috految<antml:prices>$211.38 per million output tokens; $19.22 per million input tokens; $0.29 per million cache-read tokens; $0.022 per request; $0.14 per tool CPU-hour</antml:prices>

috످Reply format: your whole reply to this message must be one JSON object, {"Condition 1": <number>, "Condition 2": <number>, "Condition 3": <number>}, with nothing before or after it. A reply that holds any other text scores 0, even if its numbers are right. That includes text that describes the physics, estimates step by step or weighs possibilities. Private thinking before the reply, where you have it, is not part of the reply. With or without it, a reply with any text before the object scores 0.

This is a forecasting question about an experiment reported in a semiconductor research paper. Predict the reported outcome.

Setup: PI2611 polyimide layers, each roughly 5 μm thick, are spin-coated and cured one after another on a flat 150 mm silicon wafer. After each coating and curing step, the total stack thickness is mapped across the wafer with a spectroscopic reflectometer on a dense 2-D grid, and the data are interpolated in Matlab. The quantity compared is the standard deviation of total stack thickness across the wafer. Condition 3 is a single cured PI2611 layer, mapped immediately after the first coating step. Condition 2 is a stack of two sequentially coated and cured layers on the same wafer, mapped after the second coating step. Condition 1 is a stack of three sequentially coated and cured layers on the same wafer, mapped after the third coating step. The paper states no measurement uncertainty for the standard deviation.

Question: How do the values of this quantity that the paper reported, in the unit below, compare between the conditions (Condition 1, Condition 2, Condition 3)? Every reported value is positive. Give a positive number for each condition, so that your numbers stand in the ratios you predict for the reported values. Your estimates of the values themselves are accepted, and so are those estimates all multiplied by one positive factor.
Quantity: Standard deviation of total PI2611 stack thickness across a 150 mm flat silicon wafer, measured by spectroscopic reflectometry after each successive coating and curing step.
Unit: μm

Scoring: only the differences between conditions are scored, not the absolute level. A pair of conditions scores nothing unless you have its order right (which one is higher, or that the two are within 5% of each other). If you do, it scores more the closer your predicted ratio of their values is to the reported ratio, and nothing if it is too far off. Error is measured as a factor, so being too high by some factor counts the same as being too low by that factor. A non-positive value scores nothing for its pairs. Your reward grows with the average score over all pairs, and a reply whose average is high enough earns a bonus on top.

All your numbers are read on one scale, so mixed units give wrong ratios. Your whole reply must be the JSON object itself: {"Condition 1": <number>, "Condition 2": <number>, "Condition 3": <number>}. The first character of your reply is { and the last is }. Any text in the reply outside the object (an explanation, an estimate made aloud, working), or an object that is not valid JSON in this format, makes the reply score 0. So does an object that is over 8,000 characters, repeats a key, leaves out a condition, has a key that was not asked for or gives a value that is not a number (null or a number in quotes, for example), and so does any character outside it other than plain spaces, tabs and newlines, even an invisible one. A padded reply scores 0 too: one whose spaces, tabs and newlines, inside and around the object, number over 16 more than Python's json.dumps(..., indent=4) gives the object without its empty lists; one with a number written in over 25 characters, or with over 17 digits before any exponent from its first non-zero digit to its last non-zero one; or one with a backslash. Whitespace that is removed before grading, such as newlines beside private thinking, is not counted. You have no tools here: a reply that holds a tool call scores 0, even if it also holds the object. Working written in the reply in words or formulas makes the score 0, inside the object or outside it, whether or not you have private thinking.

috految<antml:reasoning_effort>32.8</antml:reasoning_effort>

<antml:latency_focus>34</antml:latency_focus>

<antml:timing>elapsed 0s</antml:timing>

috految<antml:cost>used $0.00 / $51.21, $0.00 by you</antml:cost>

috److{"Condition 1": 0.102, "Condition 2": 0.076, "Condition 3": 0.048}

috످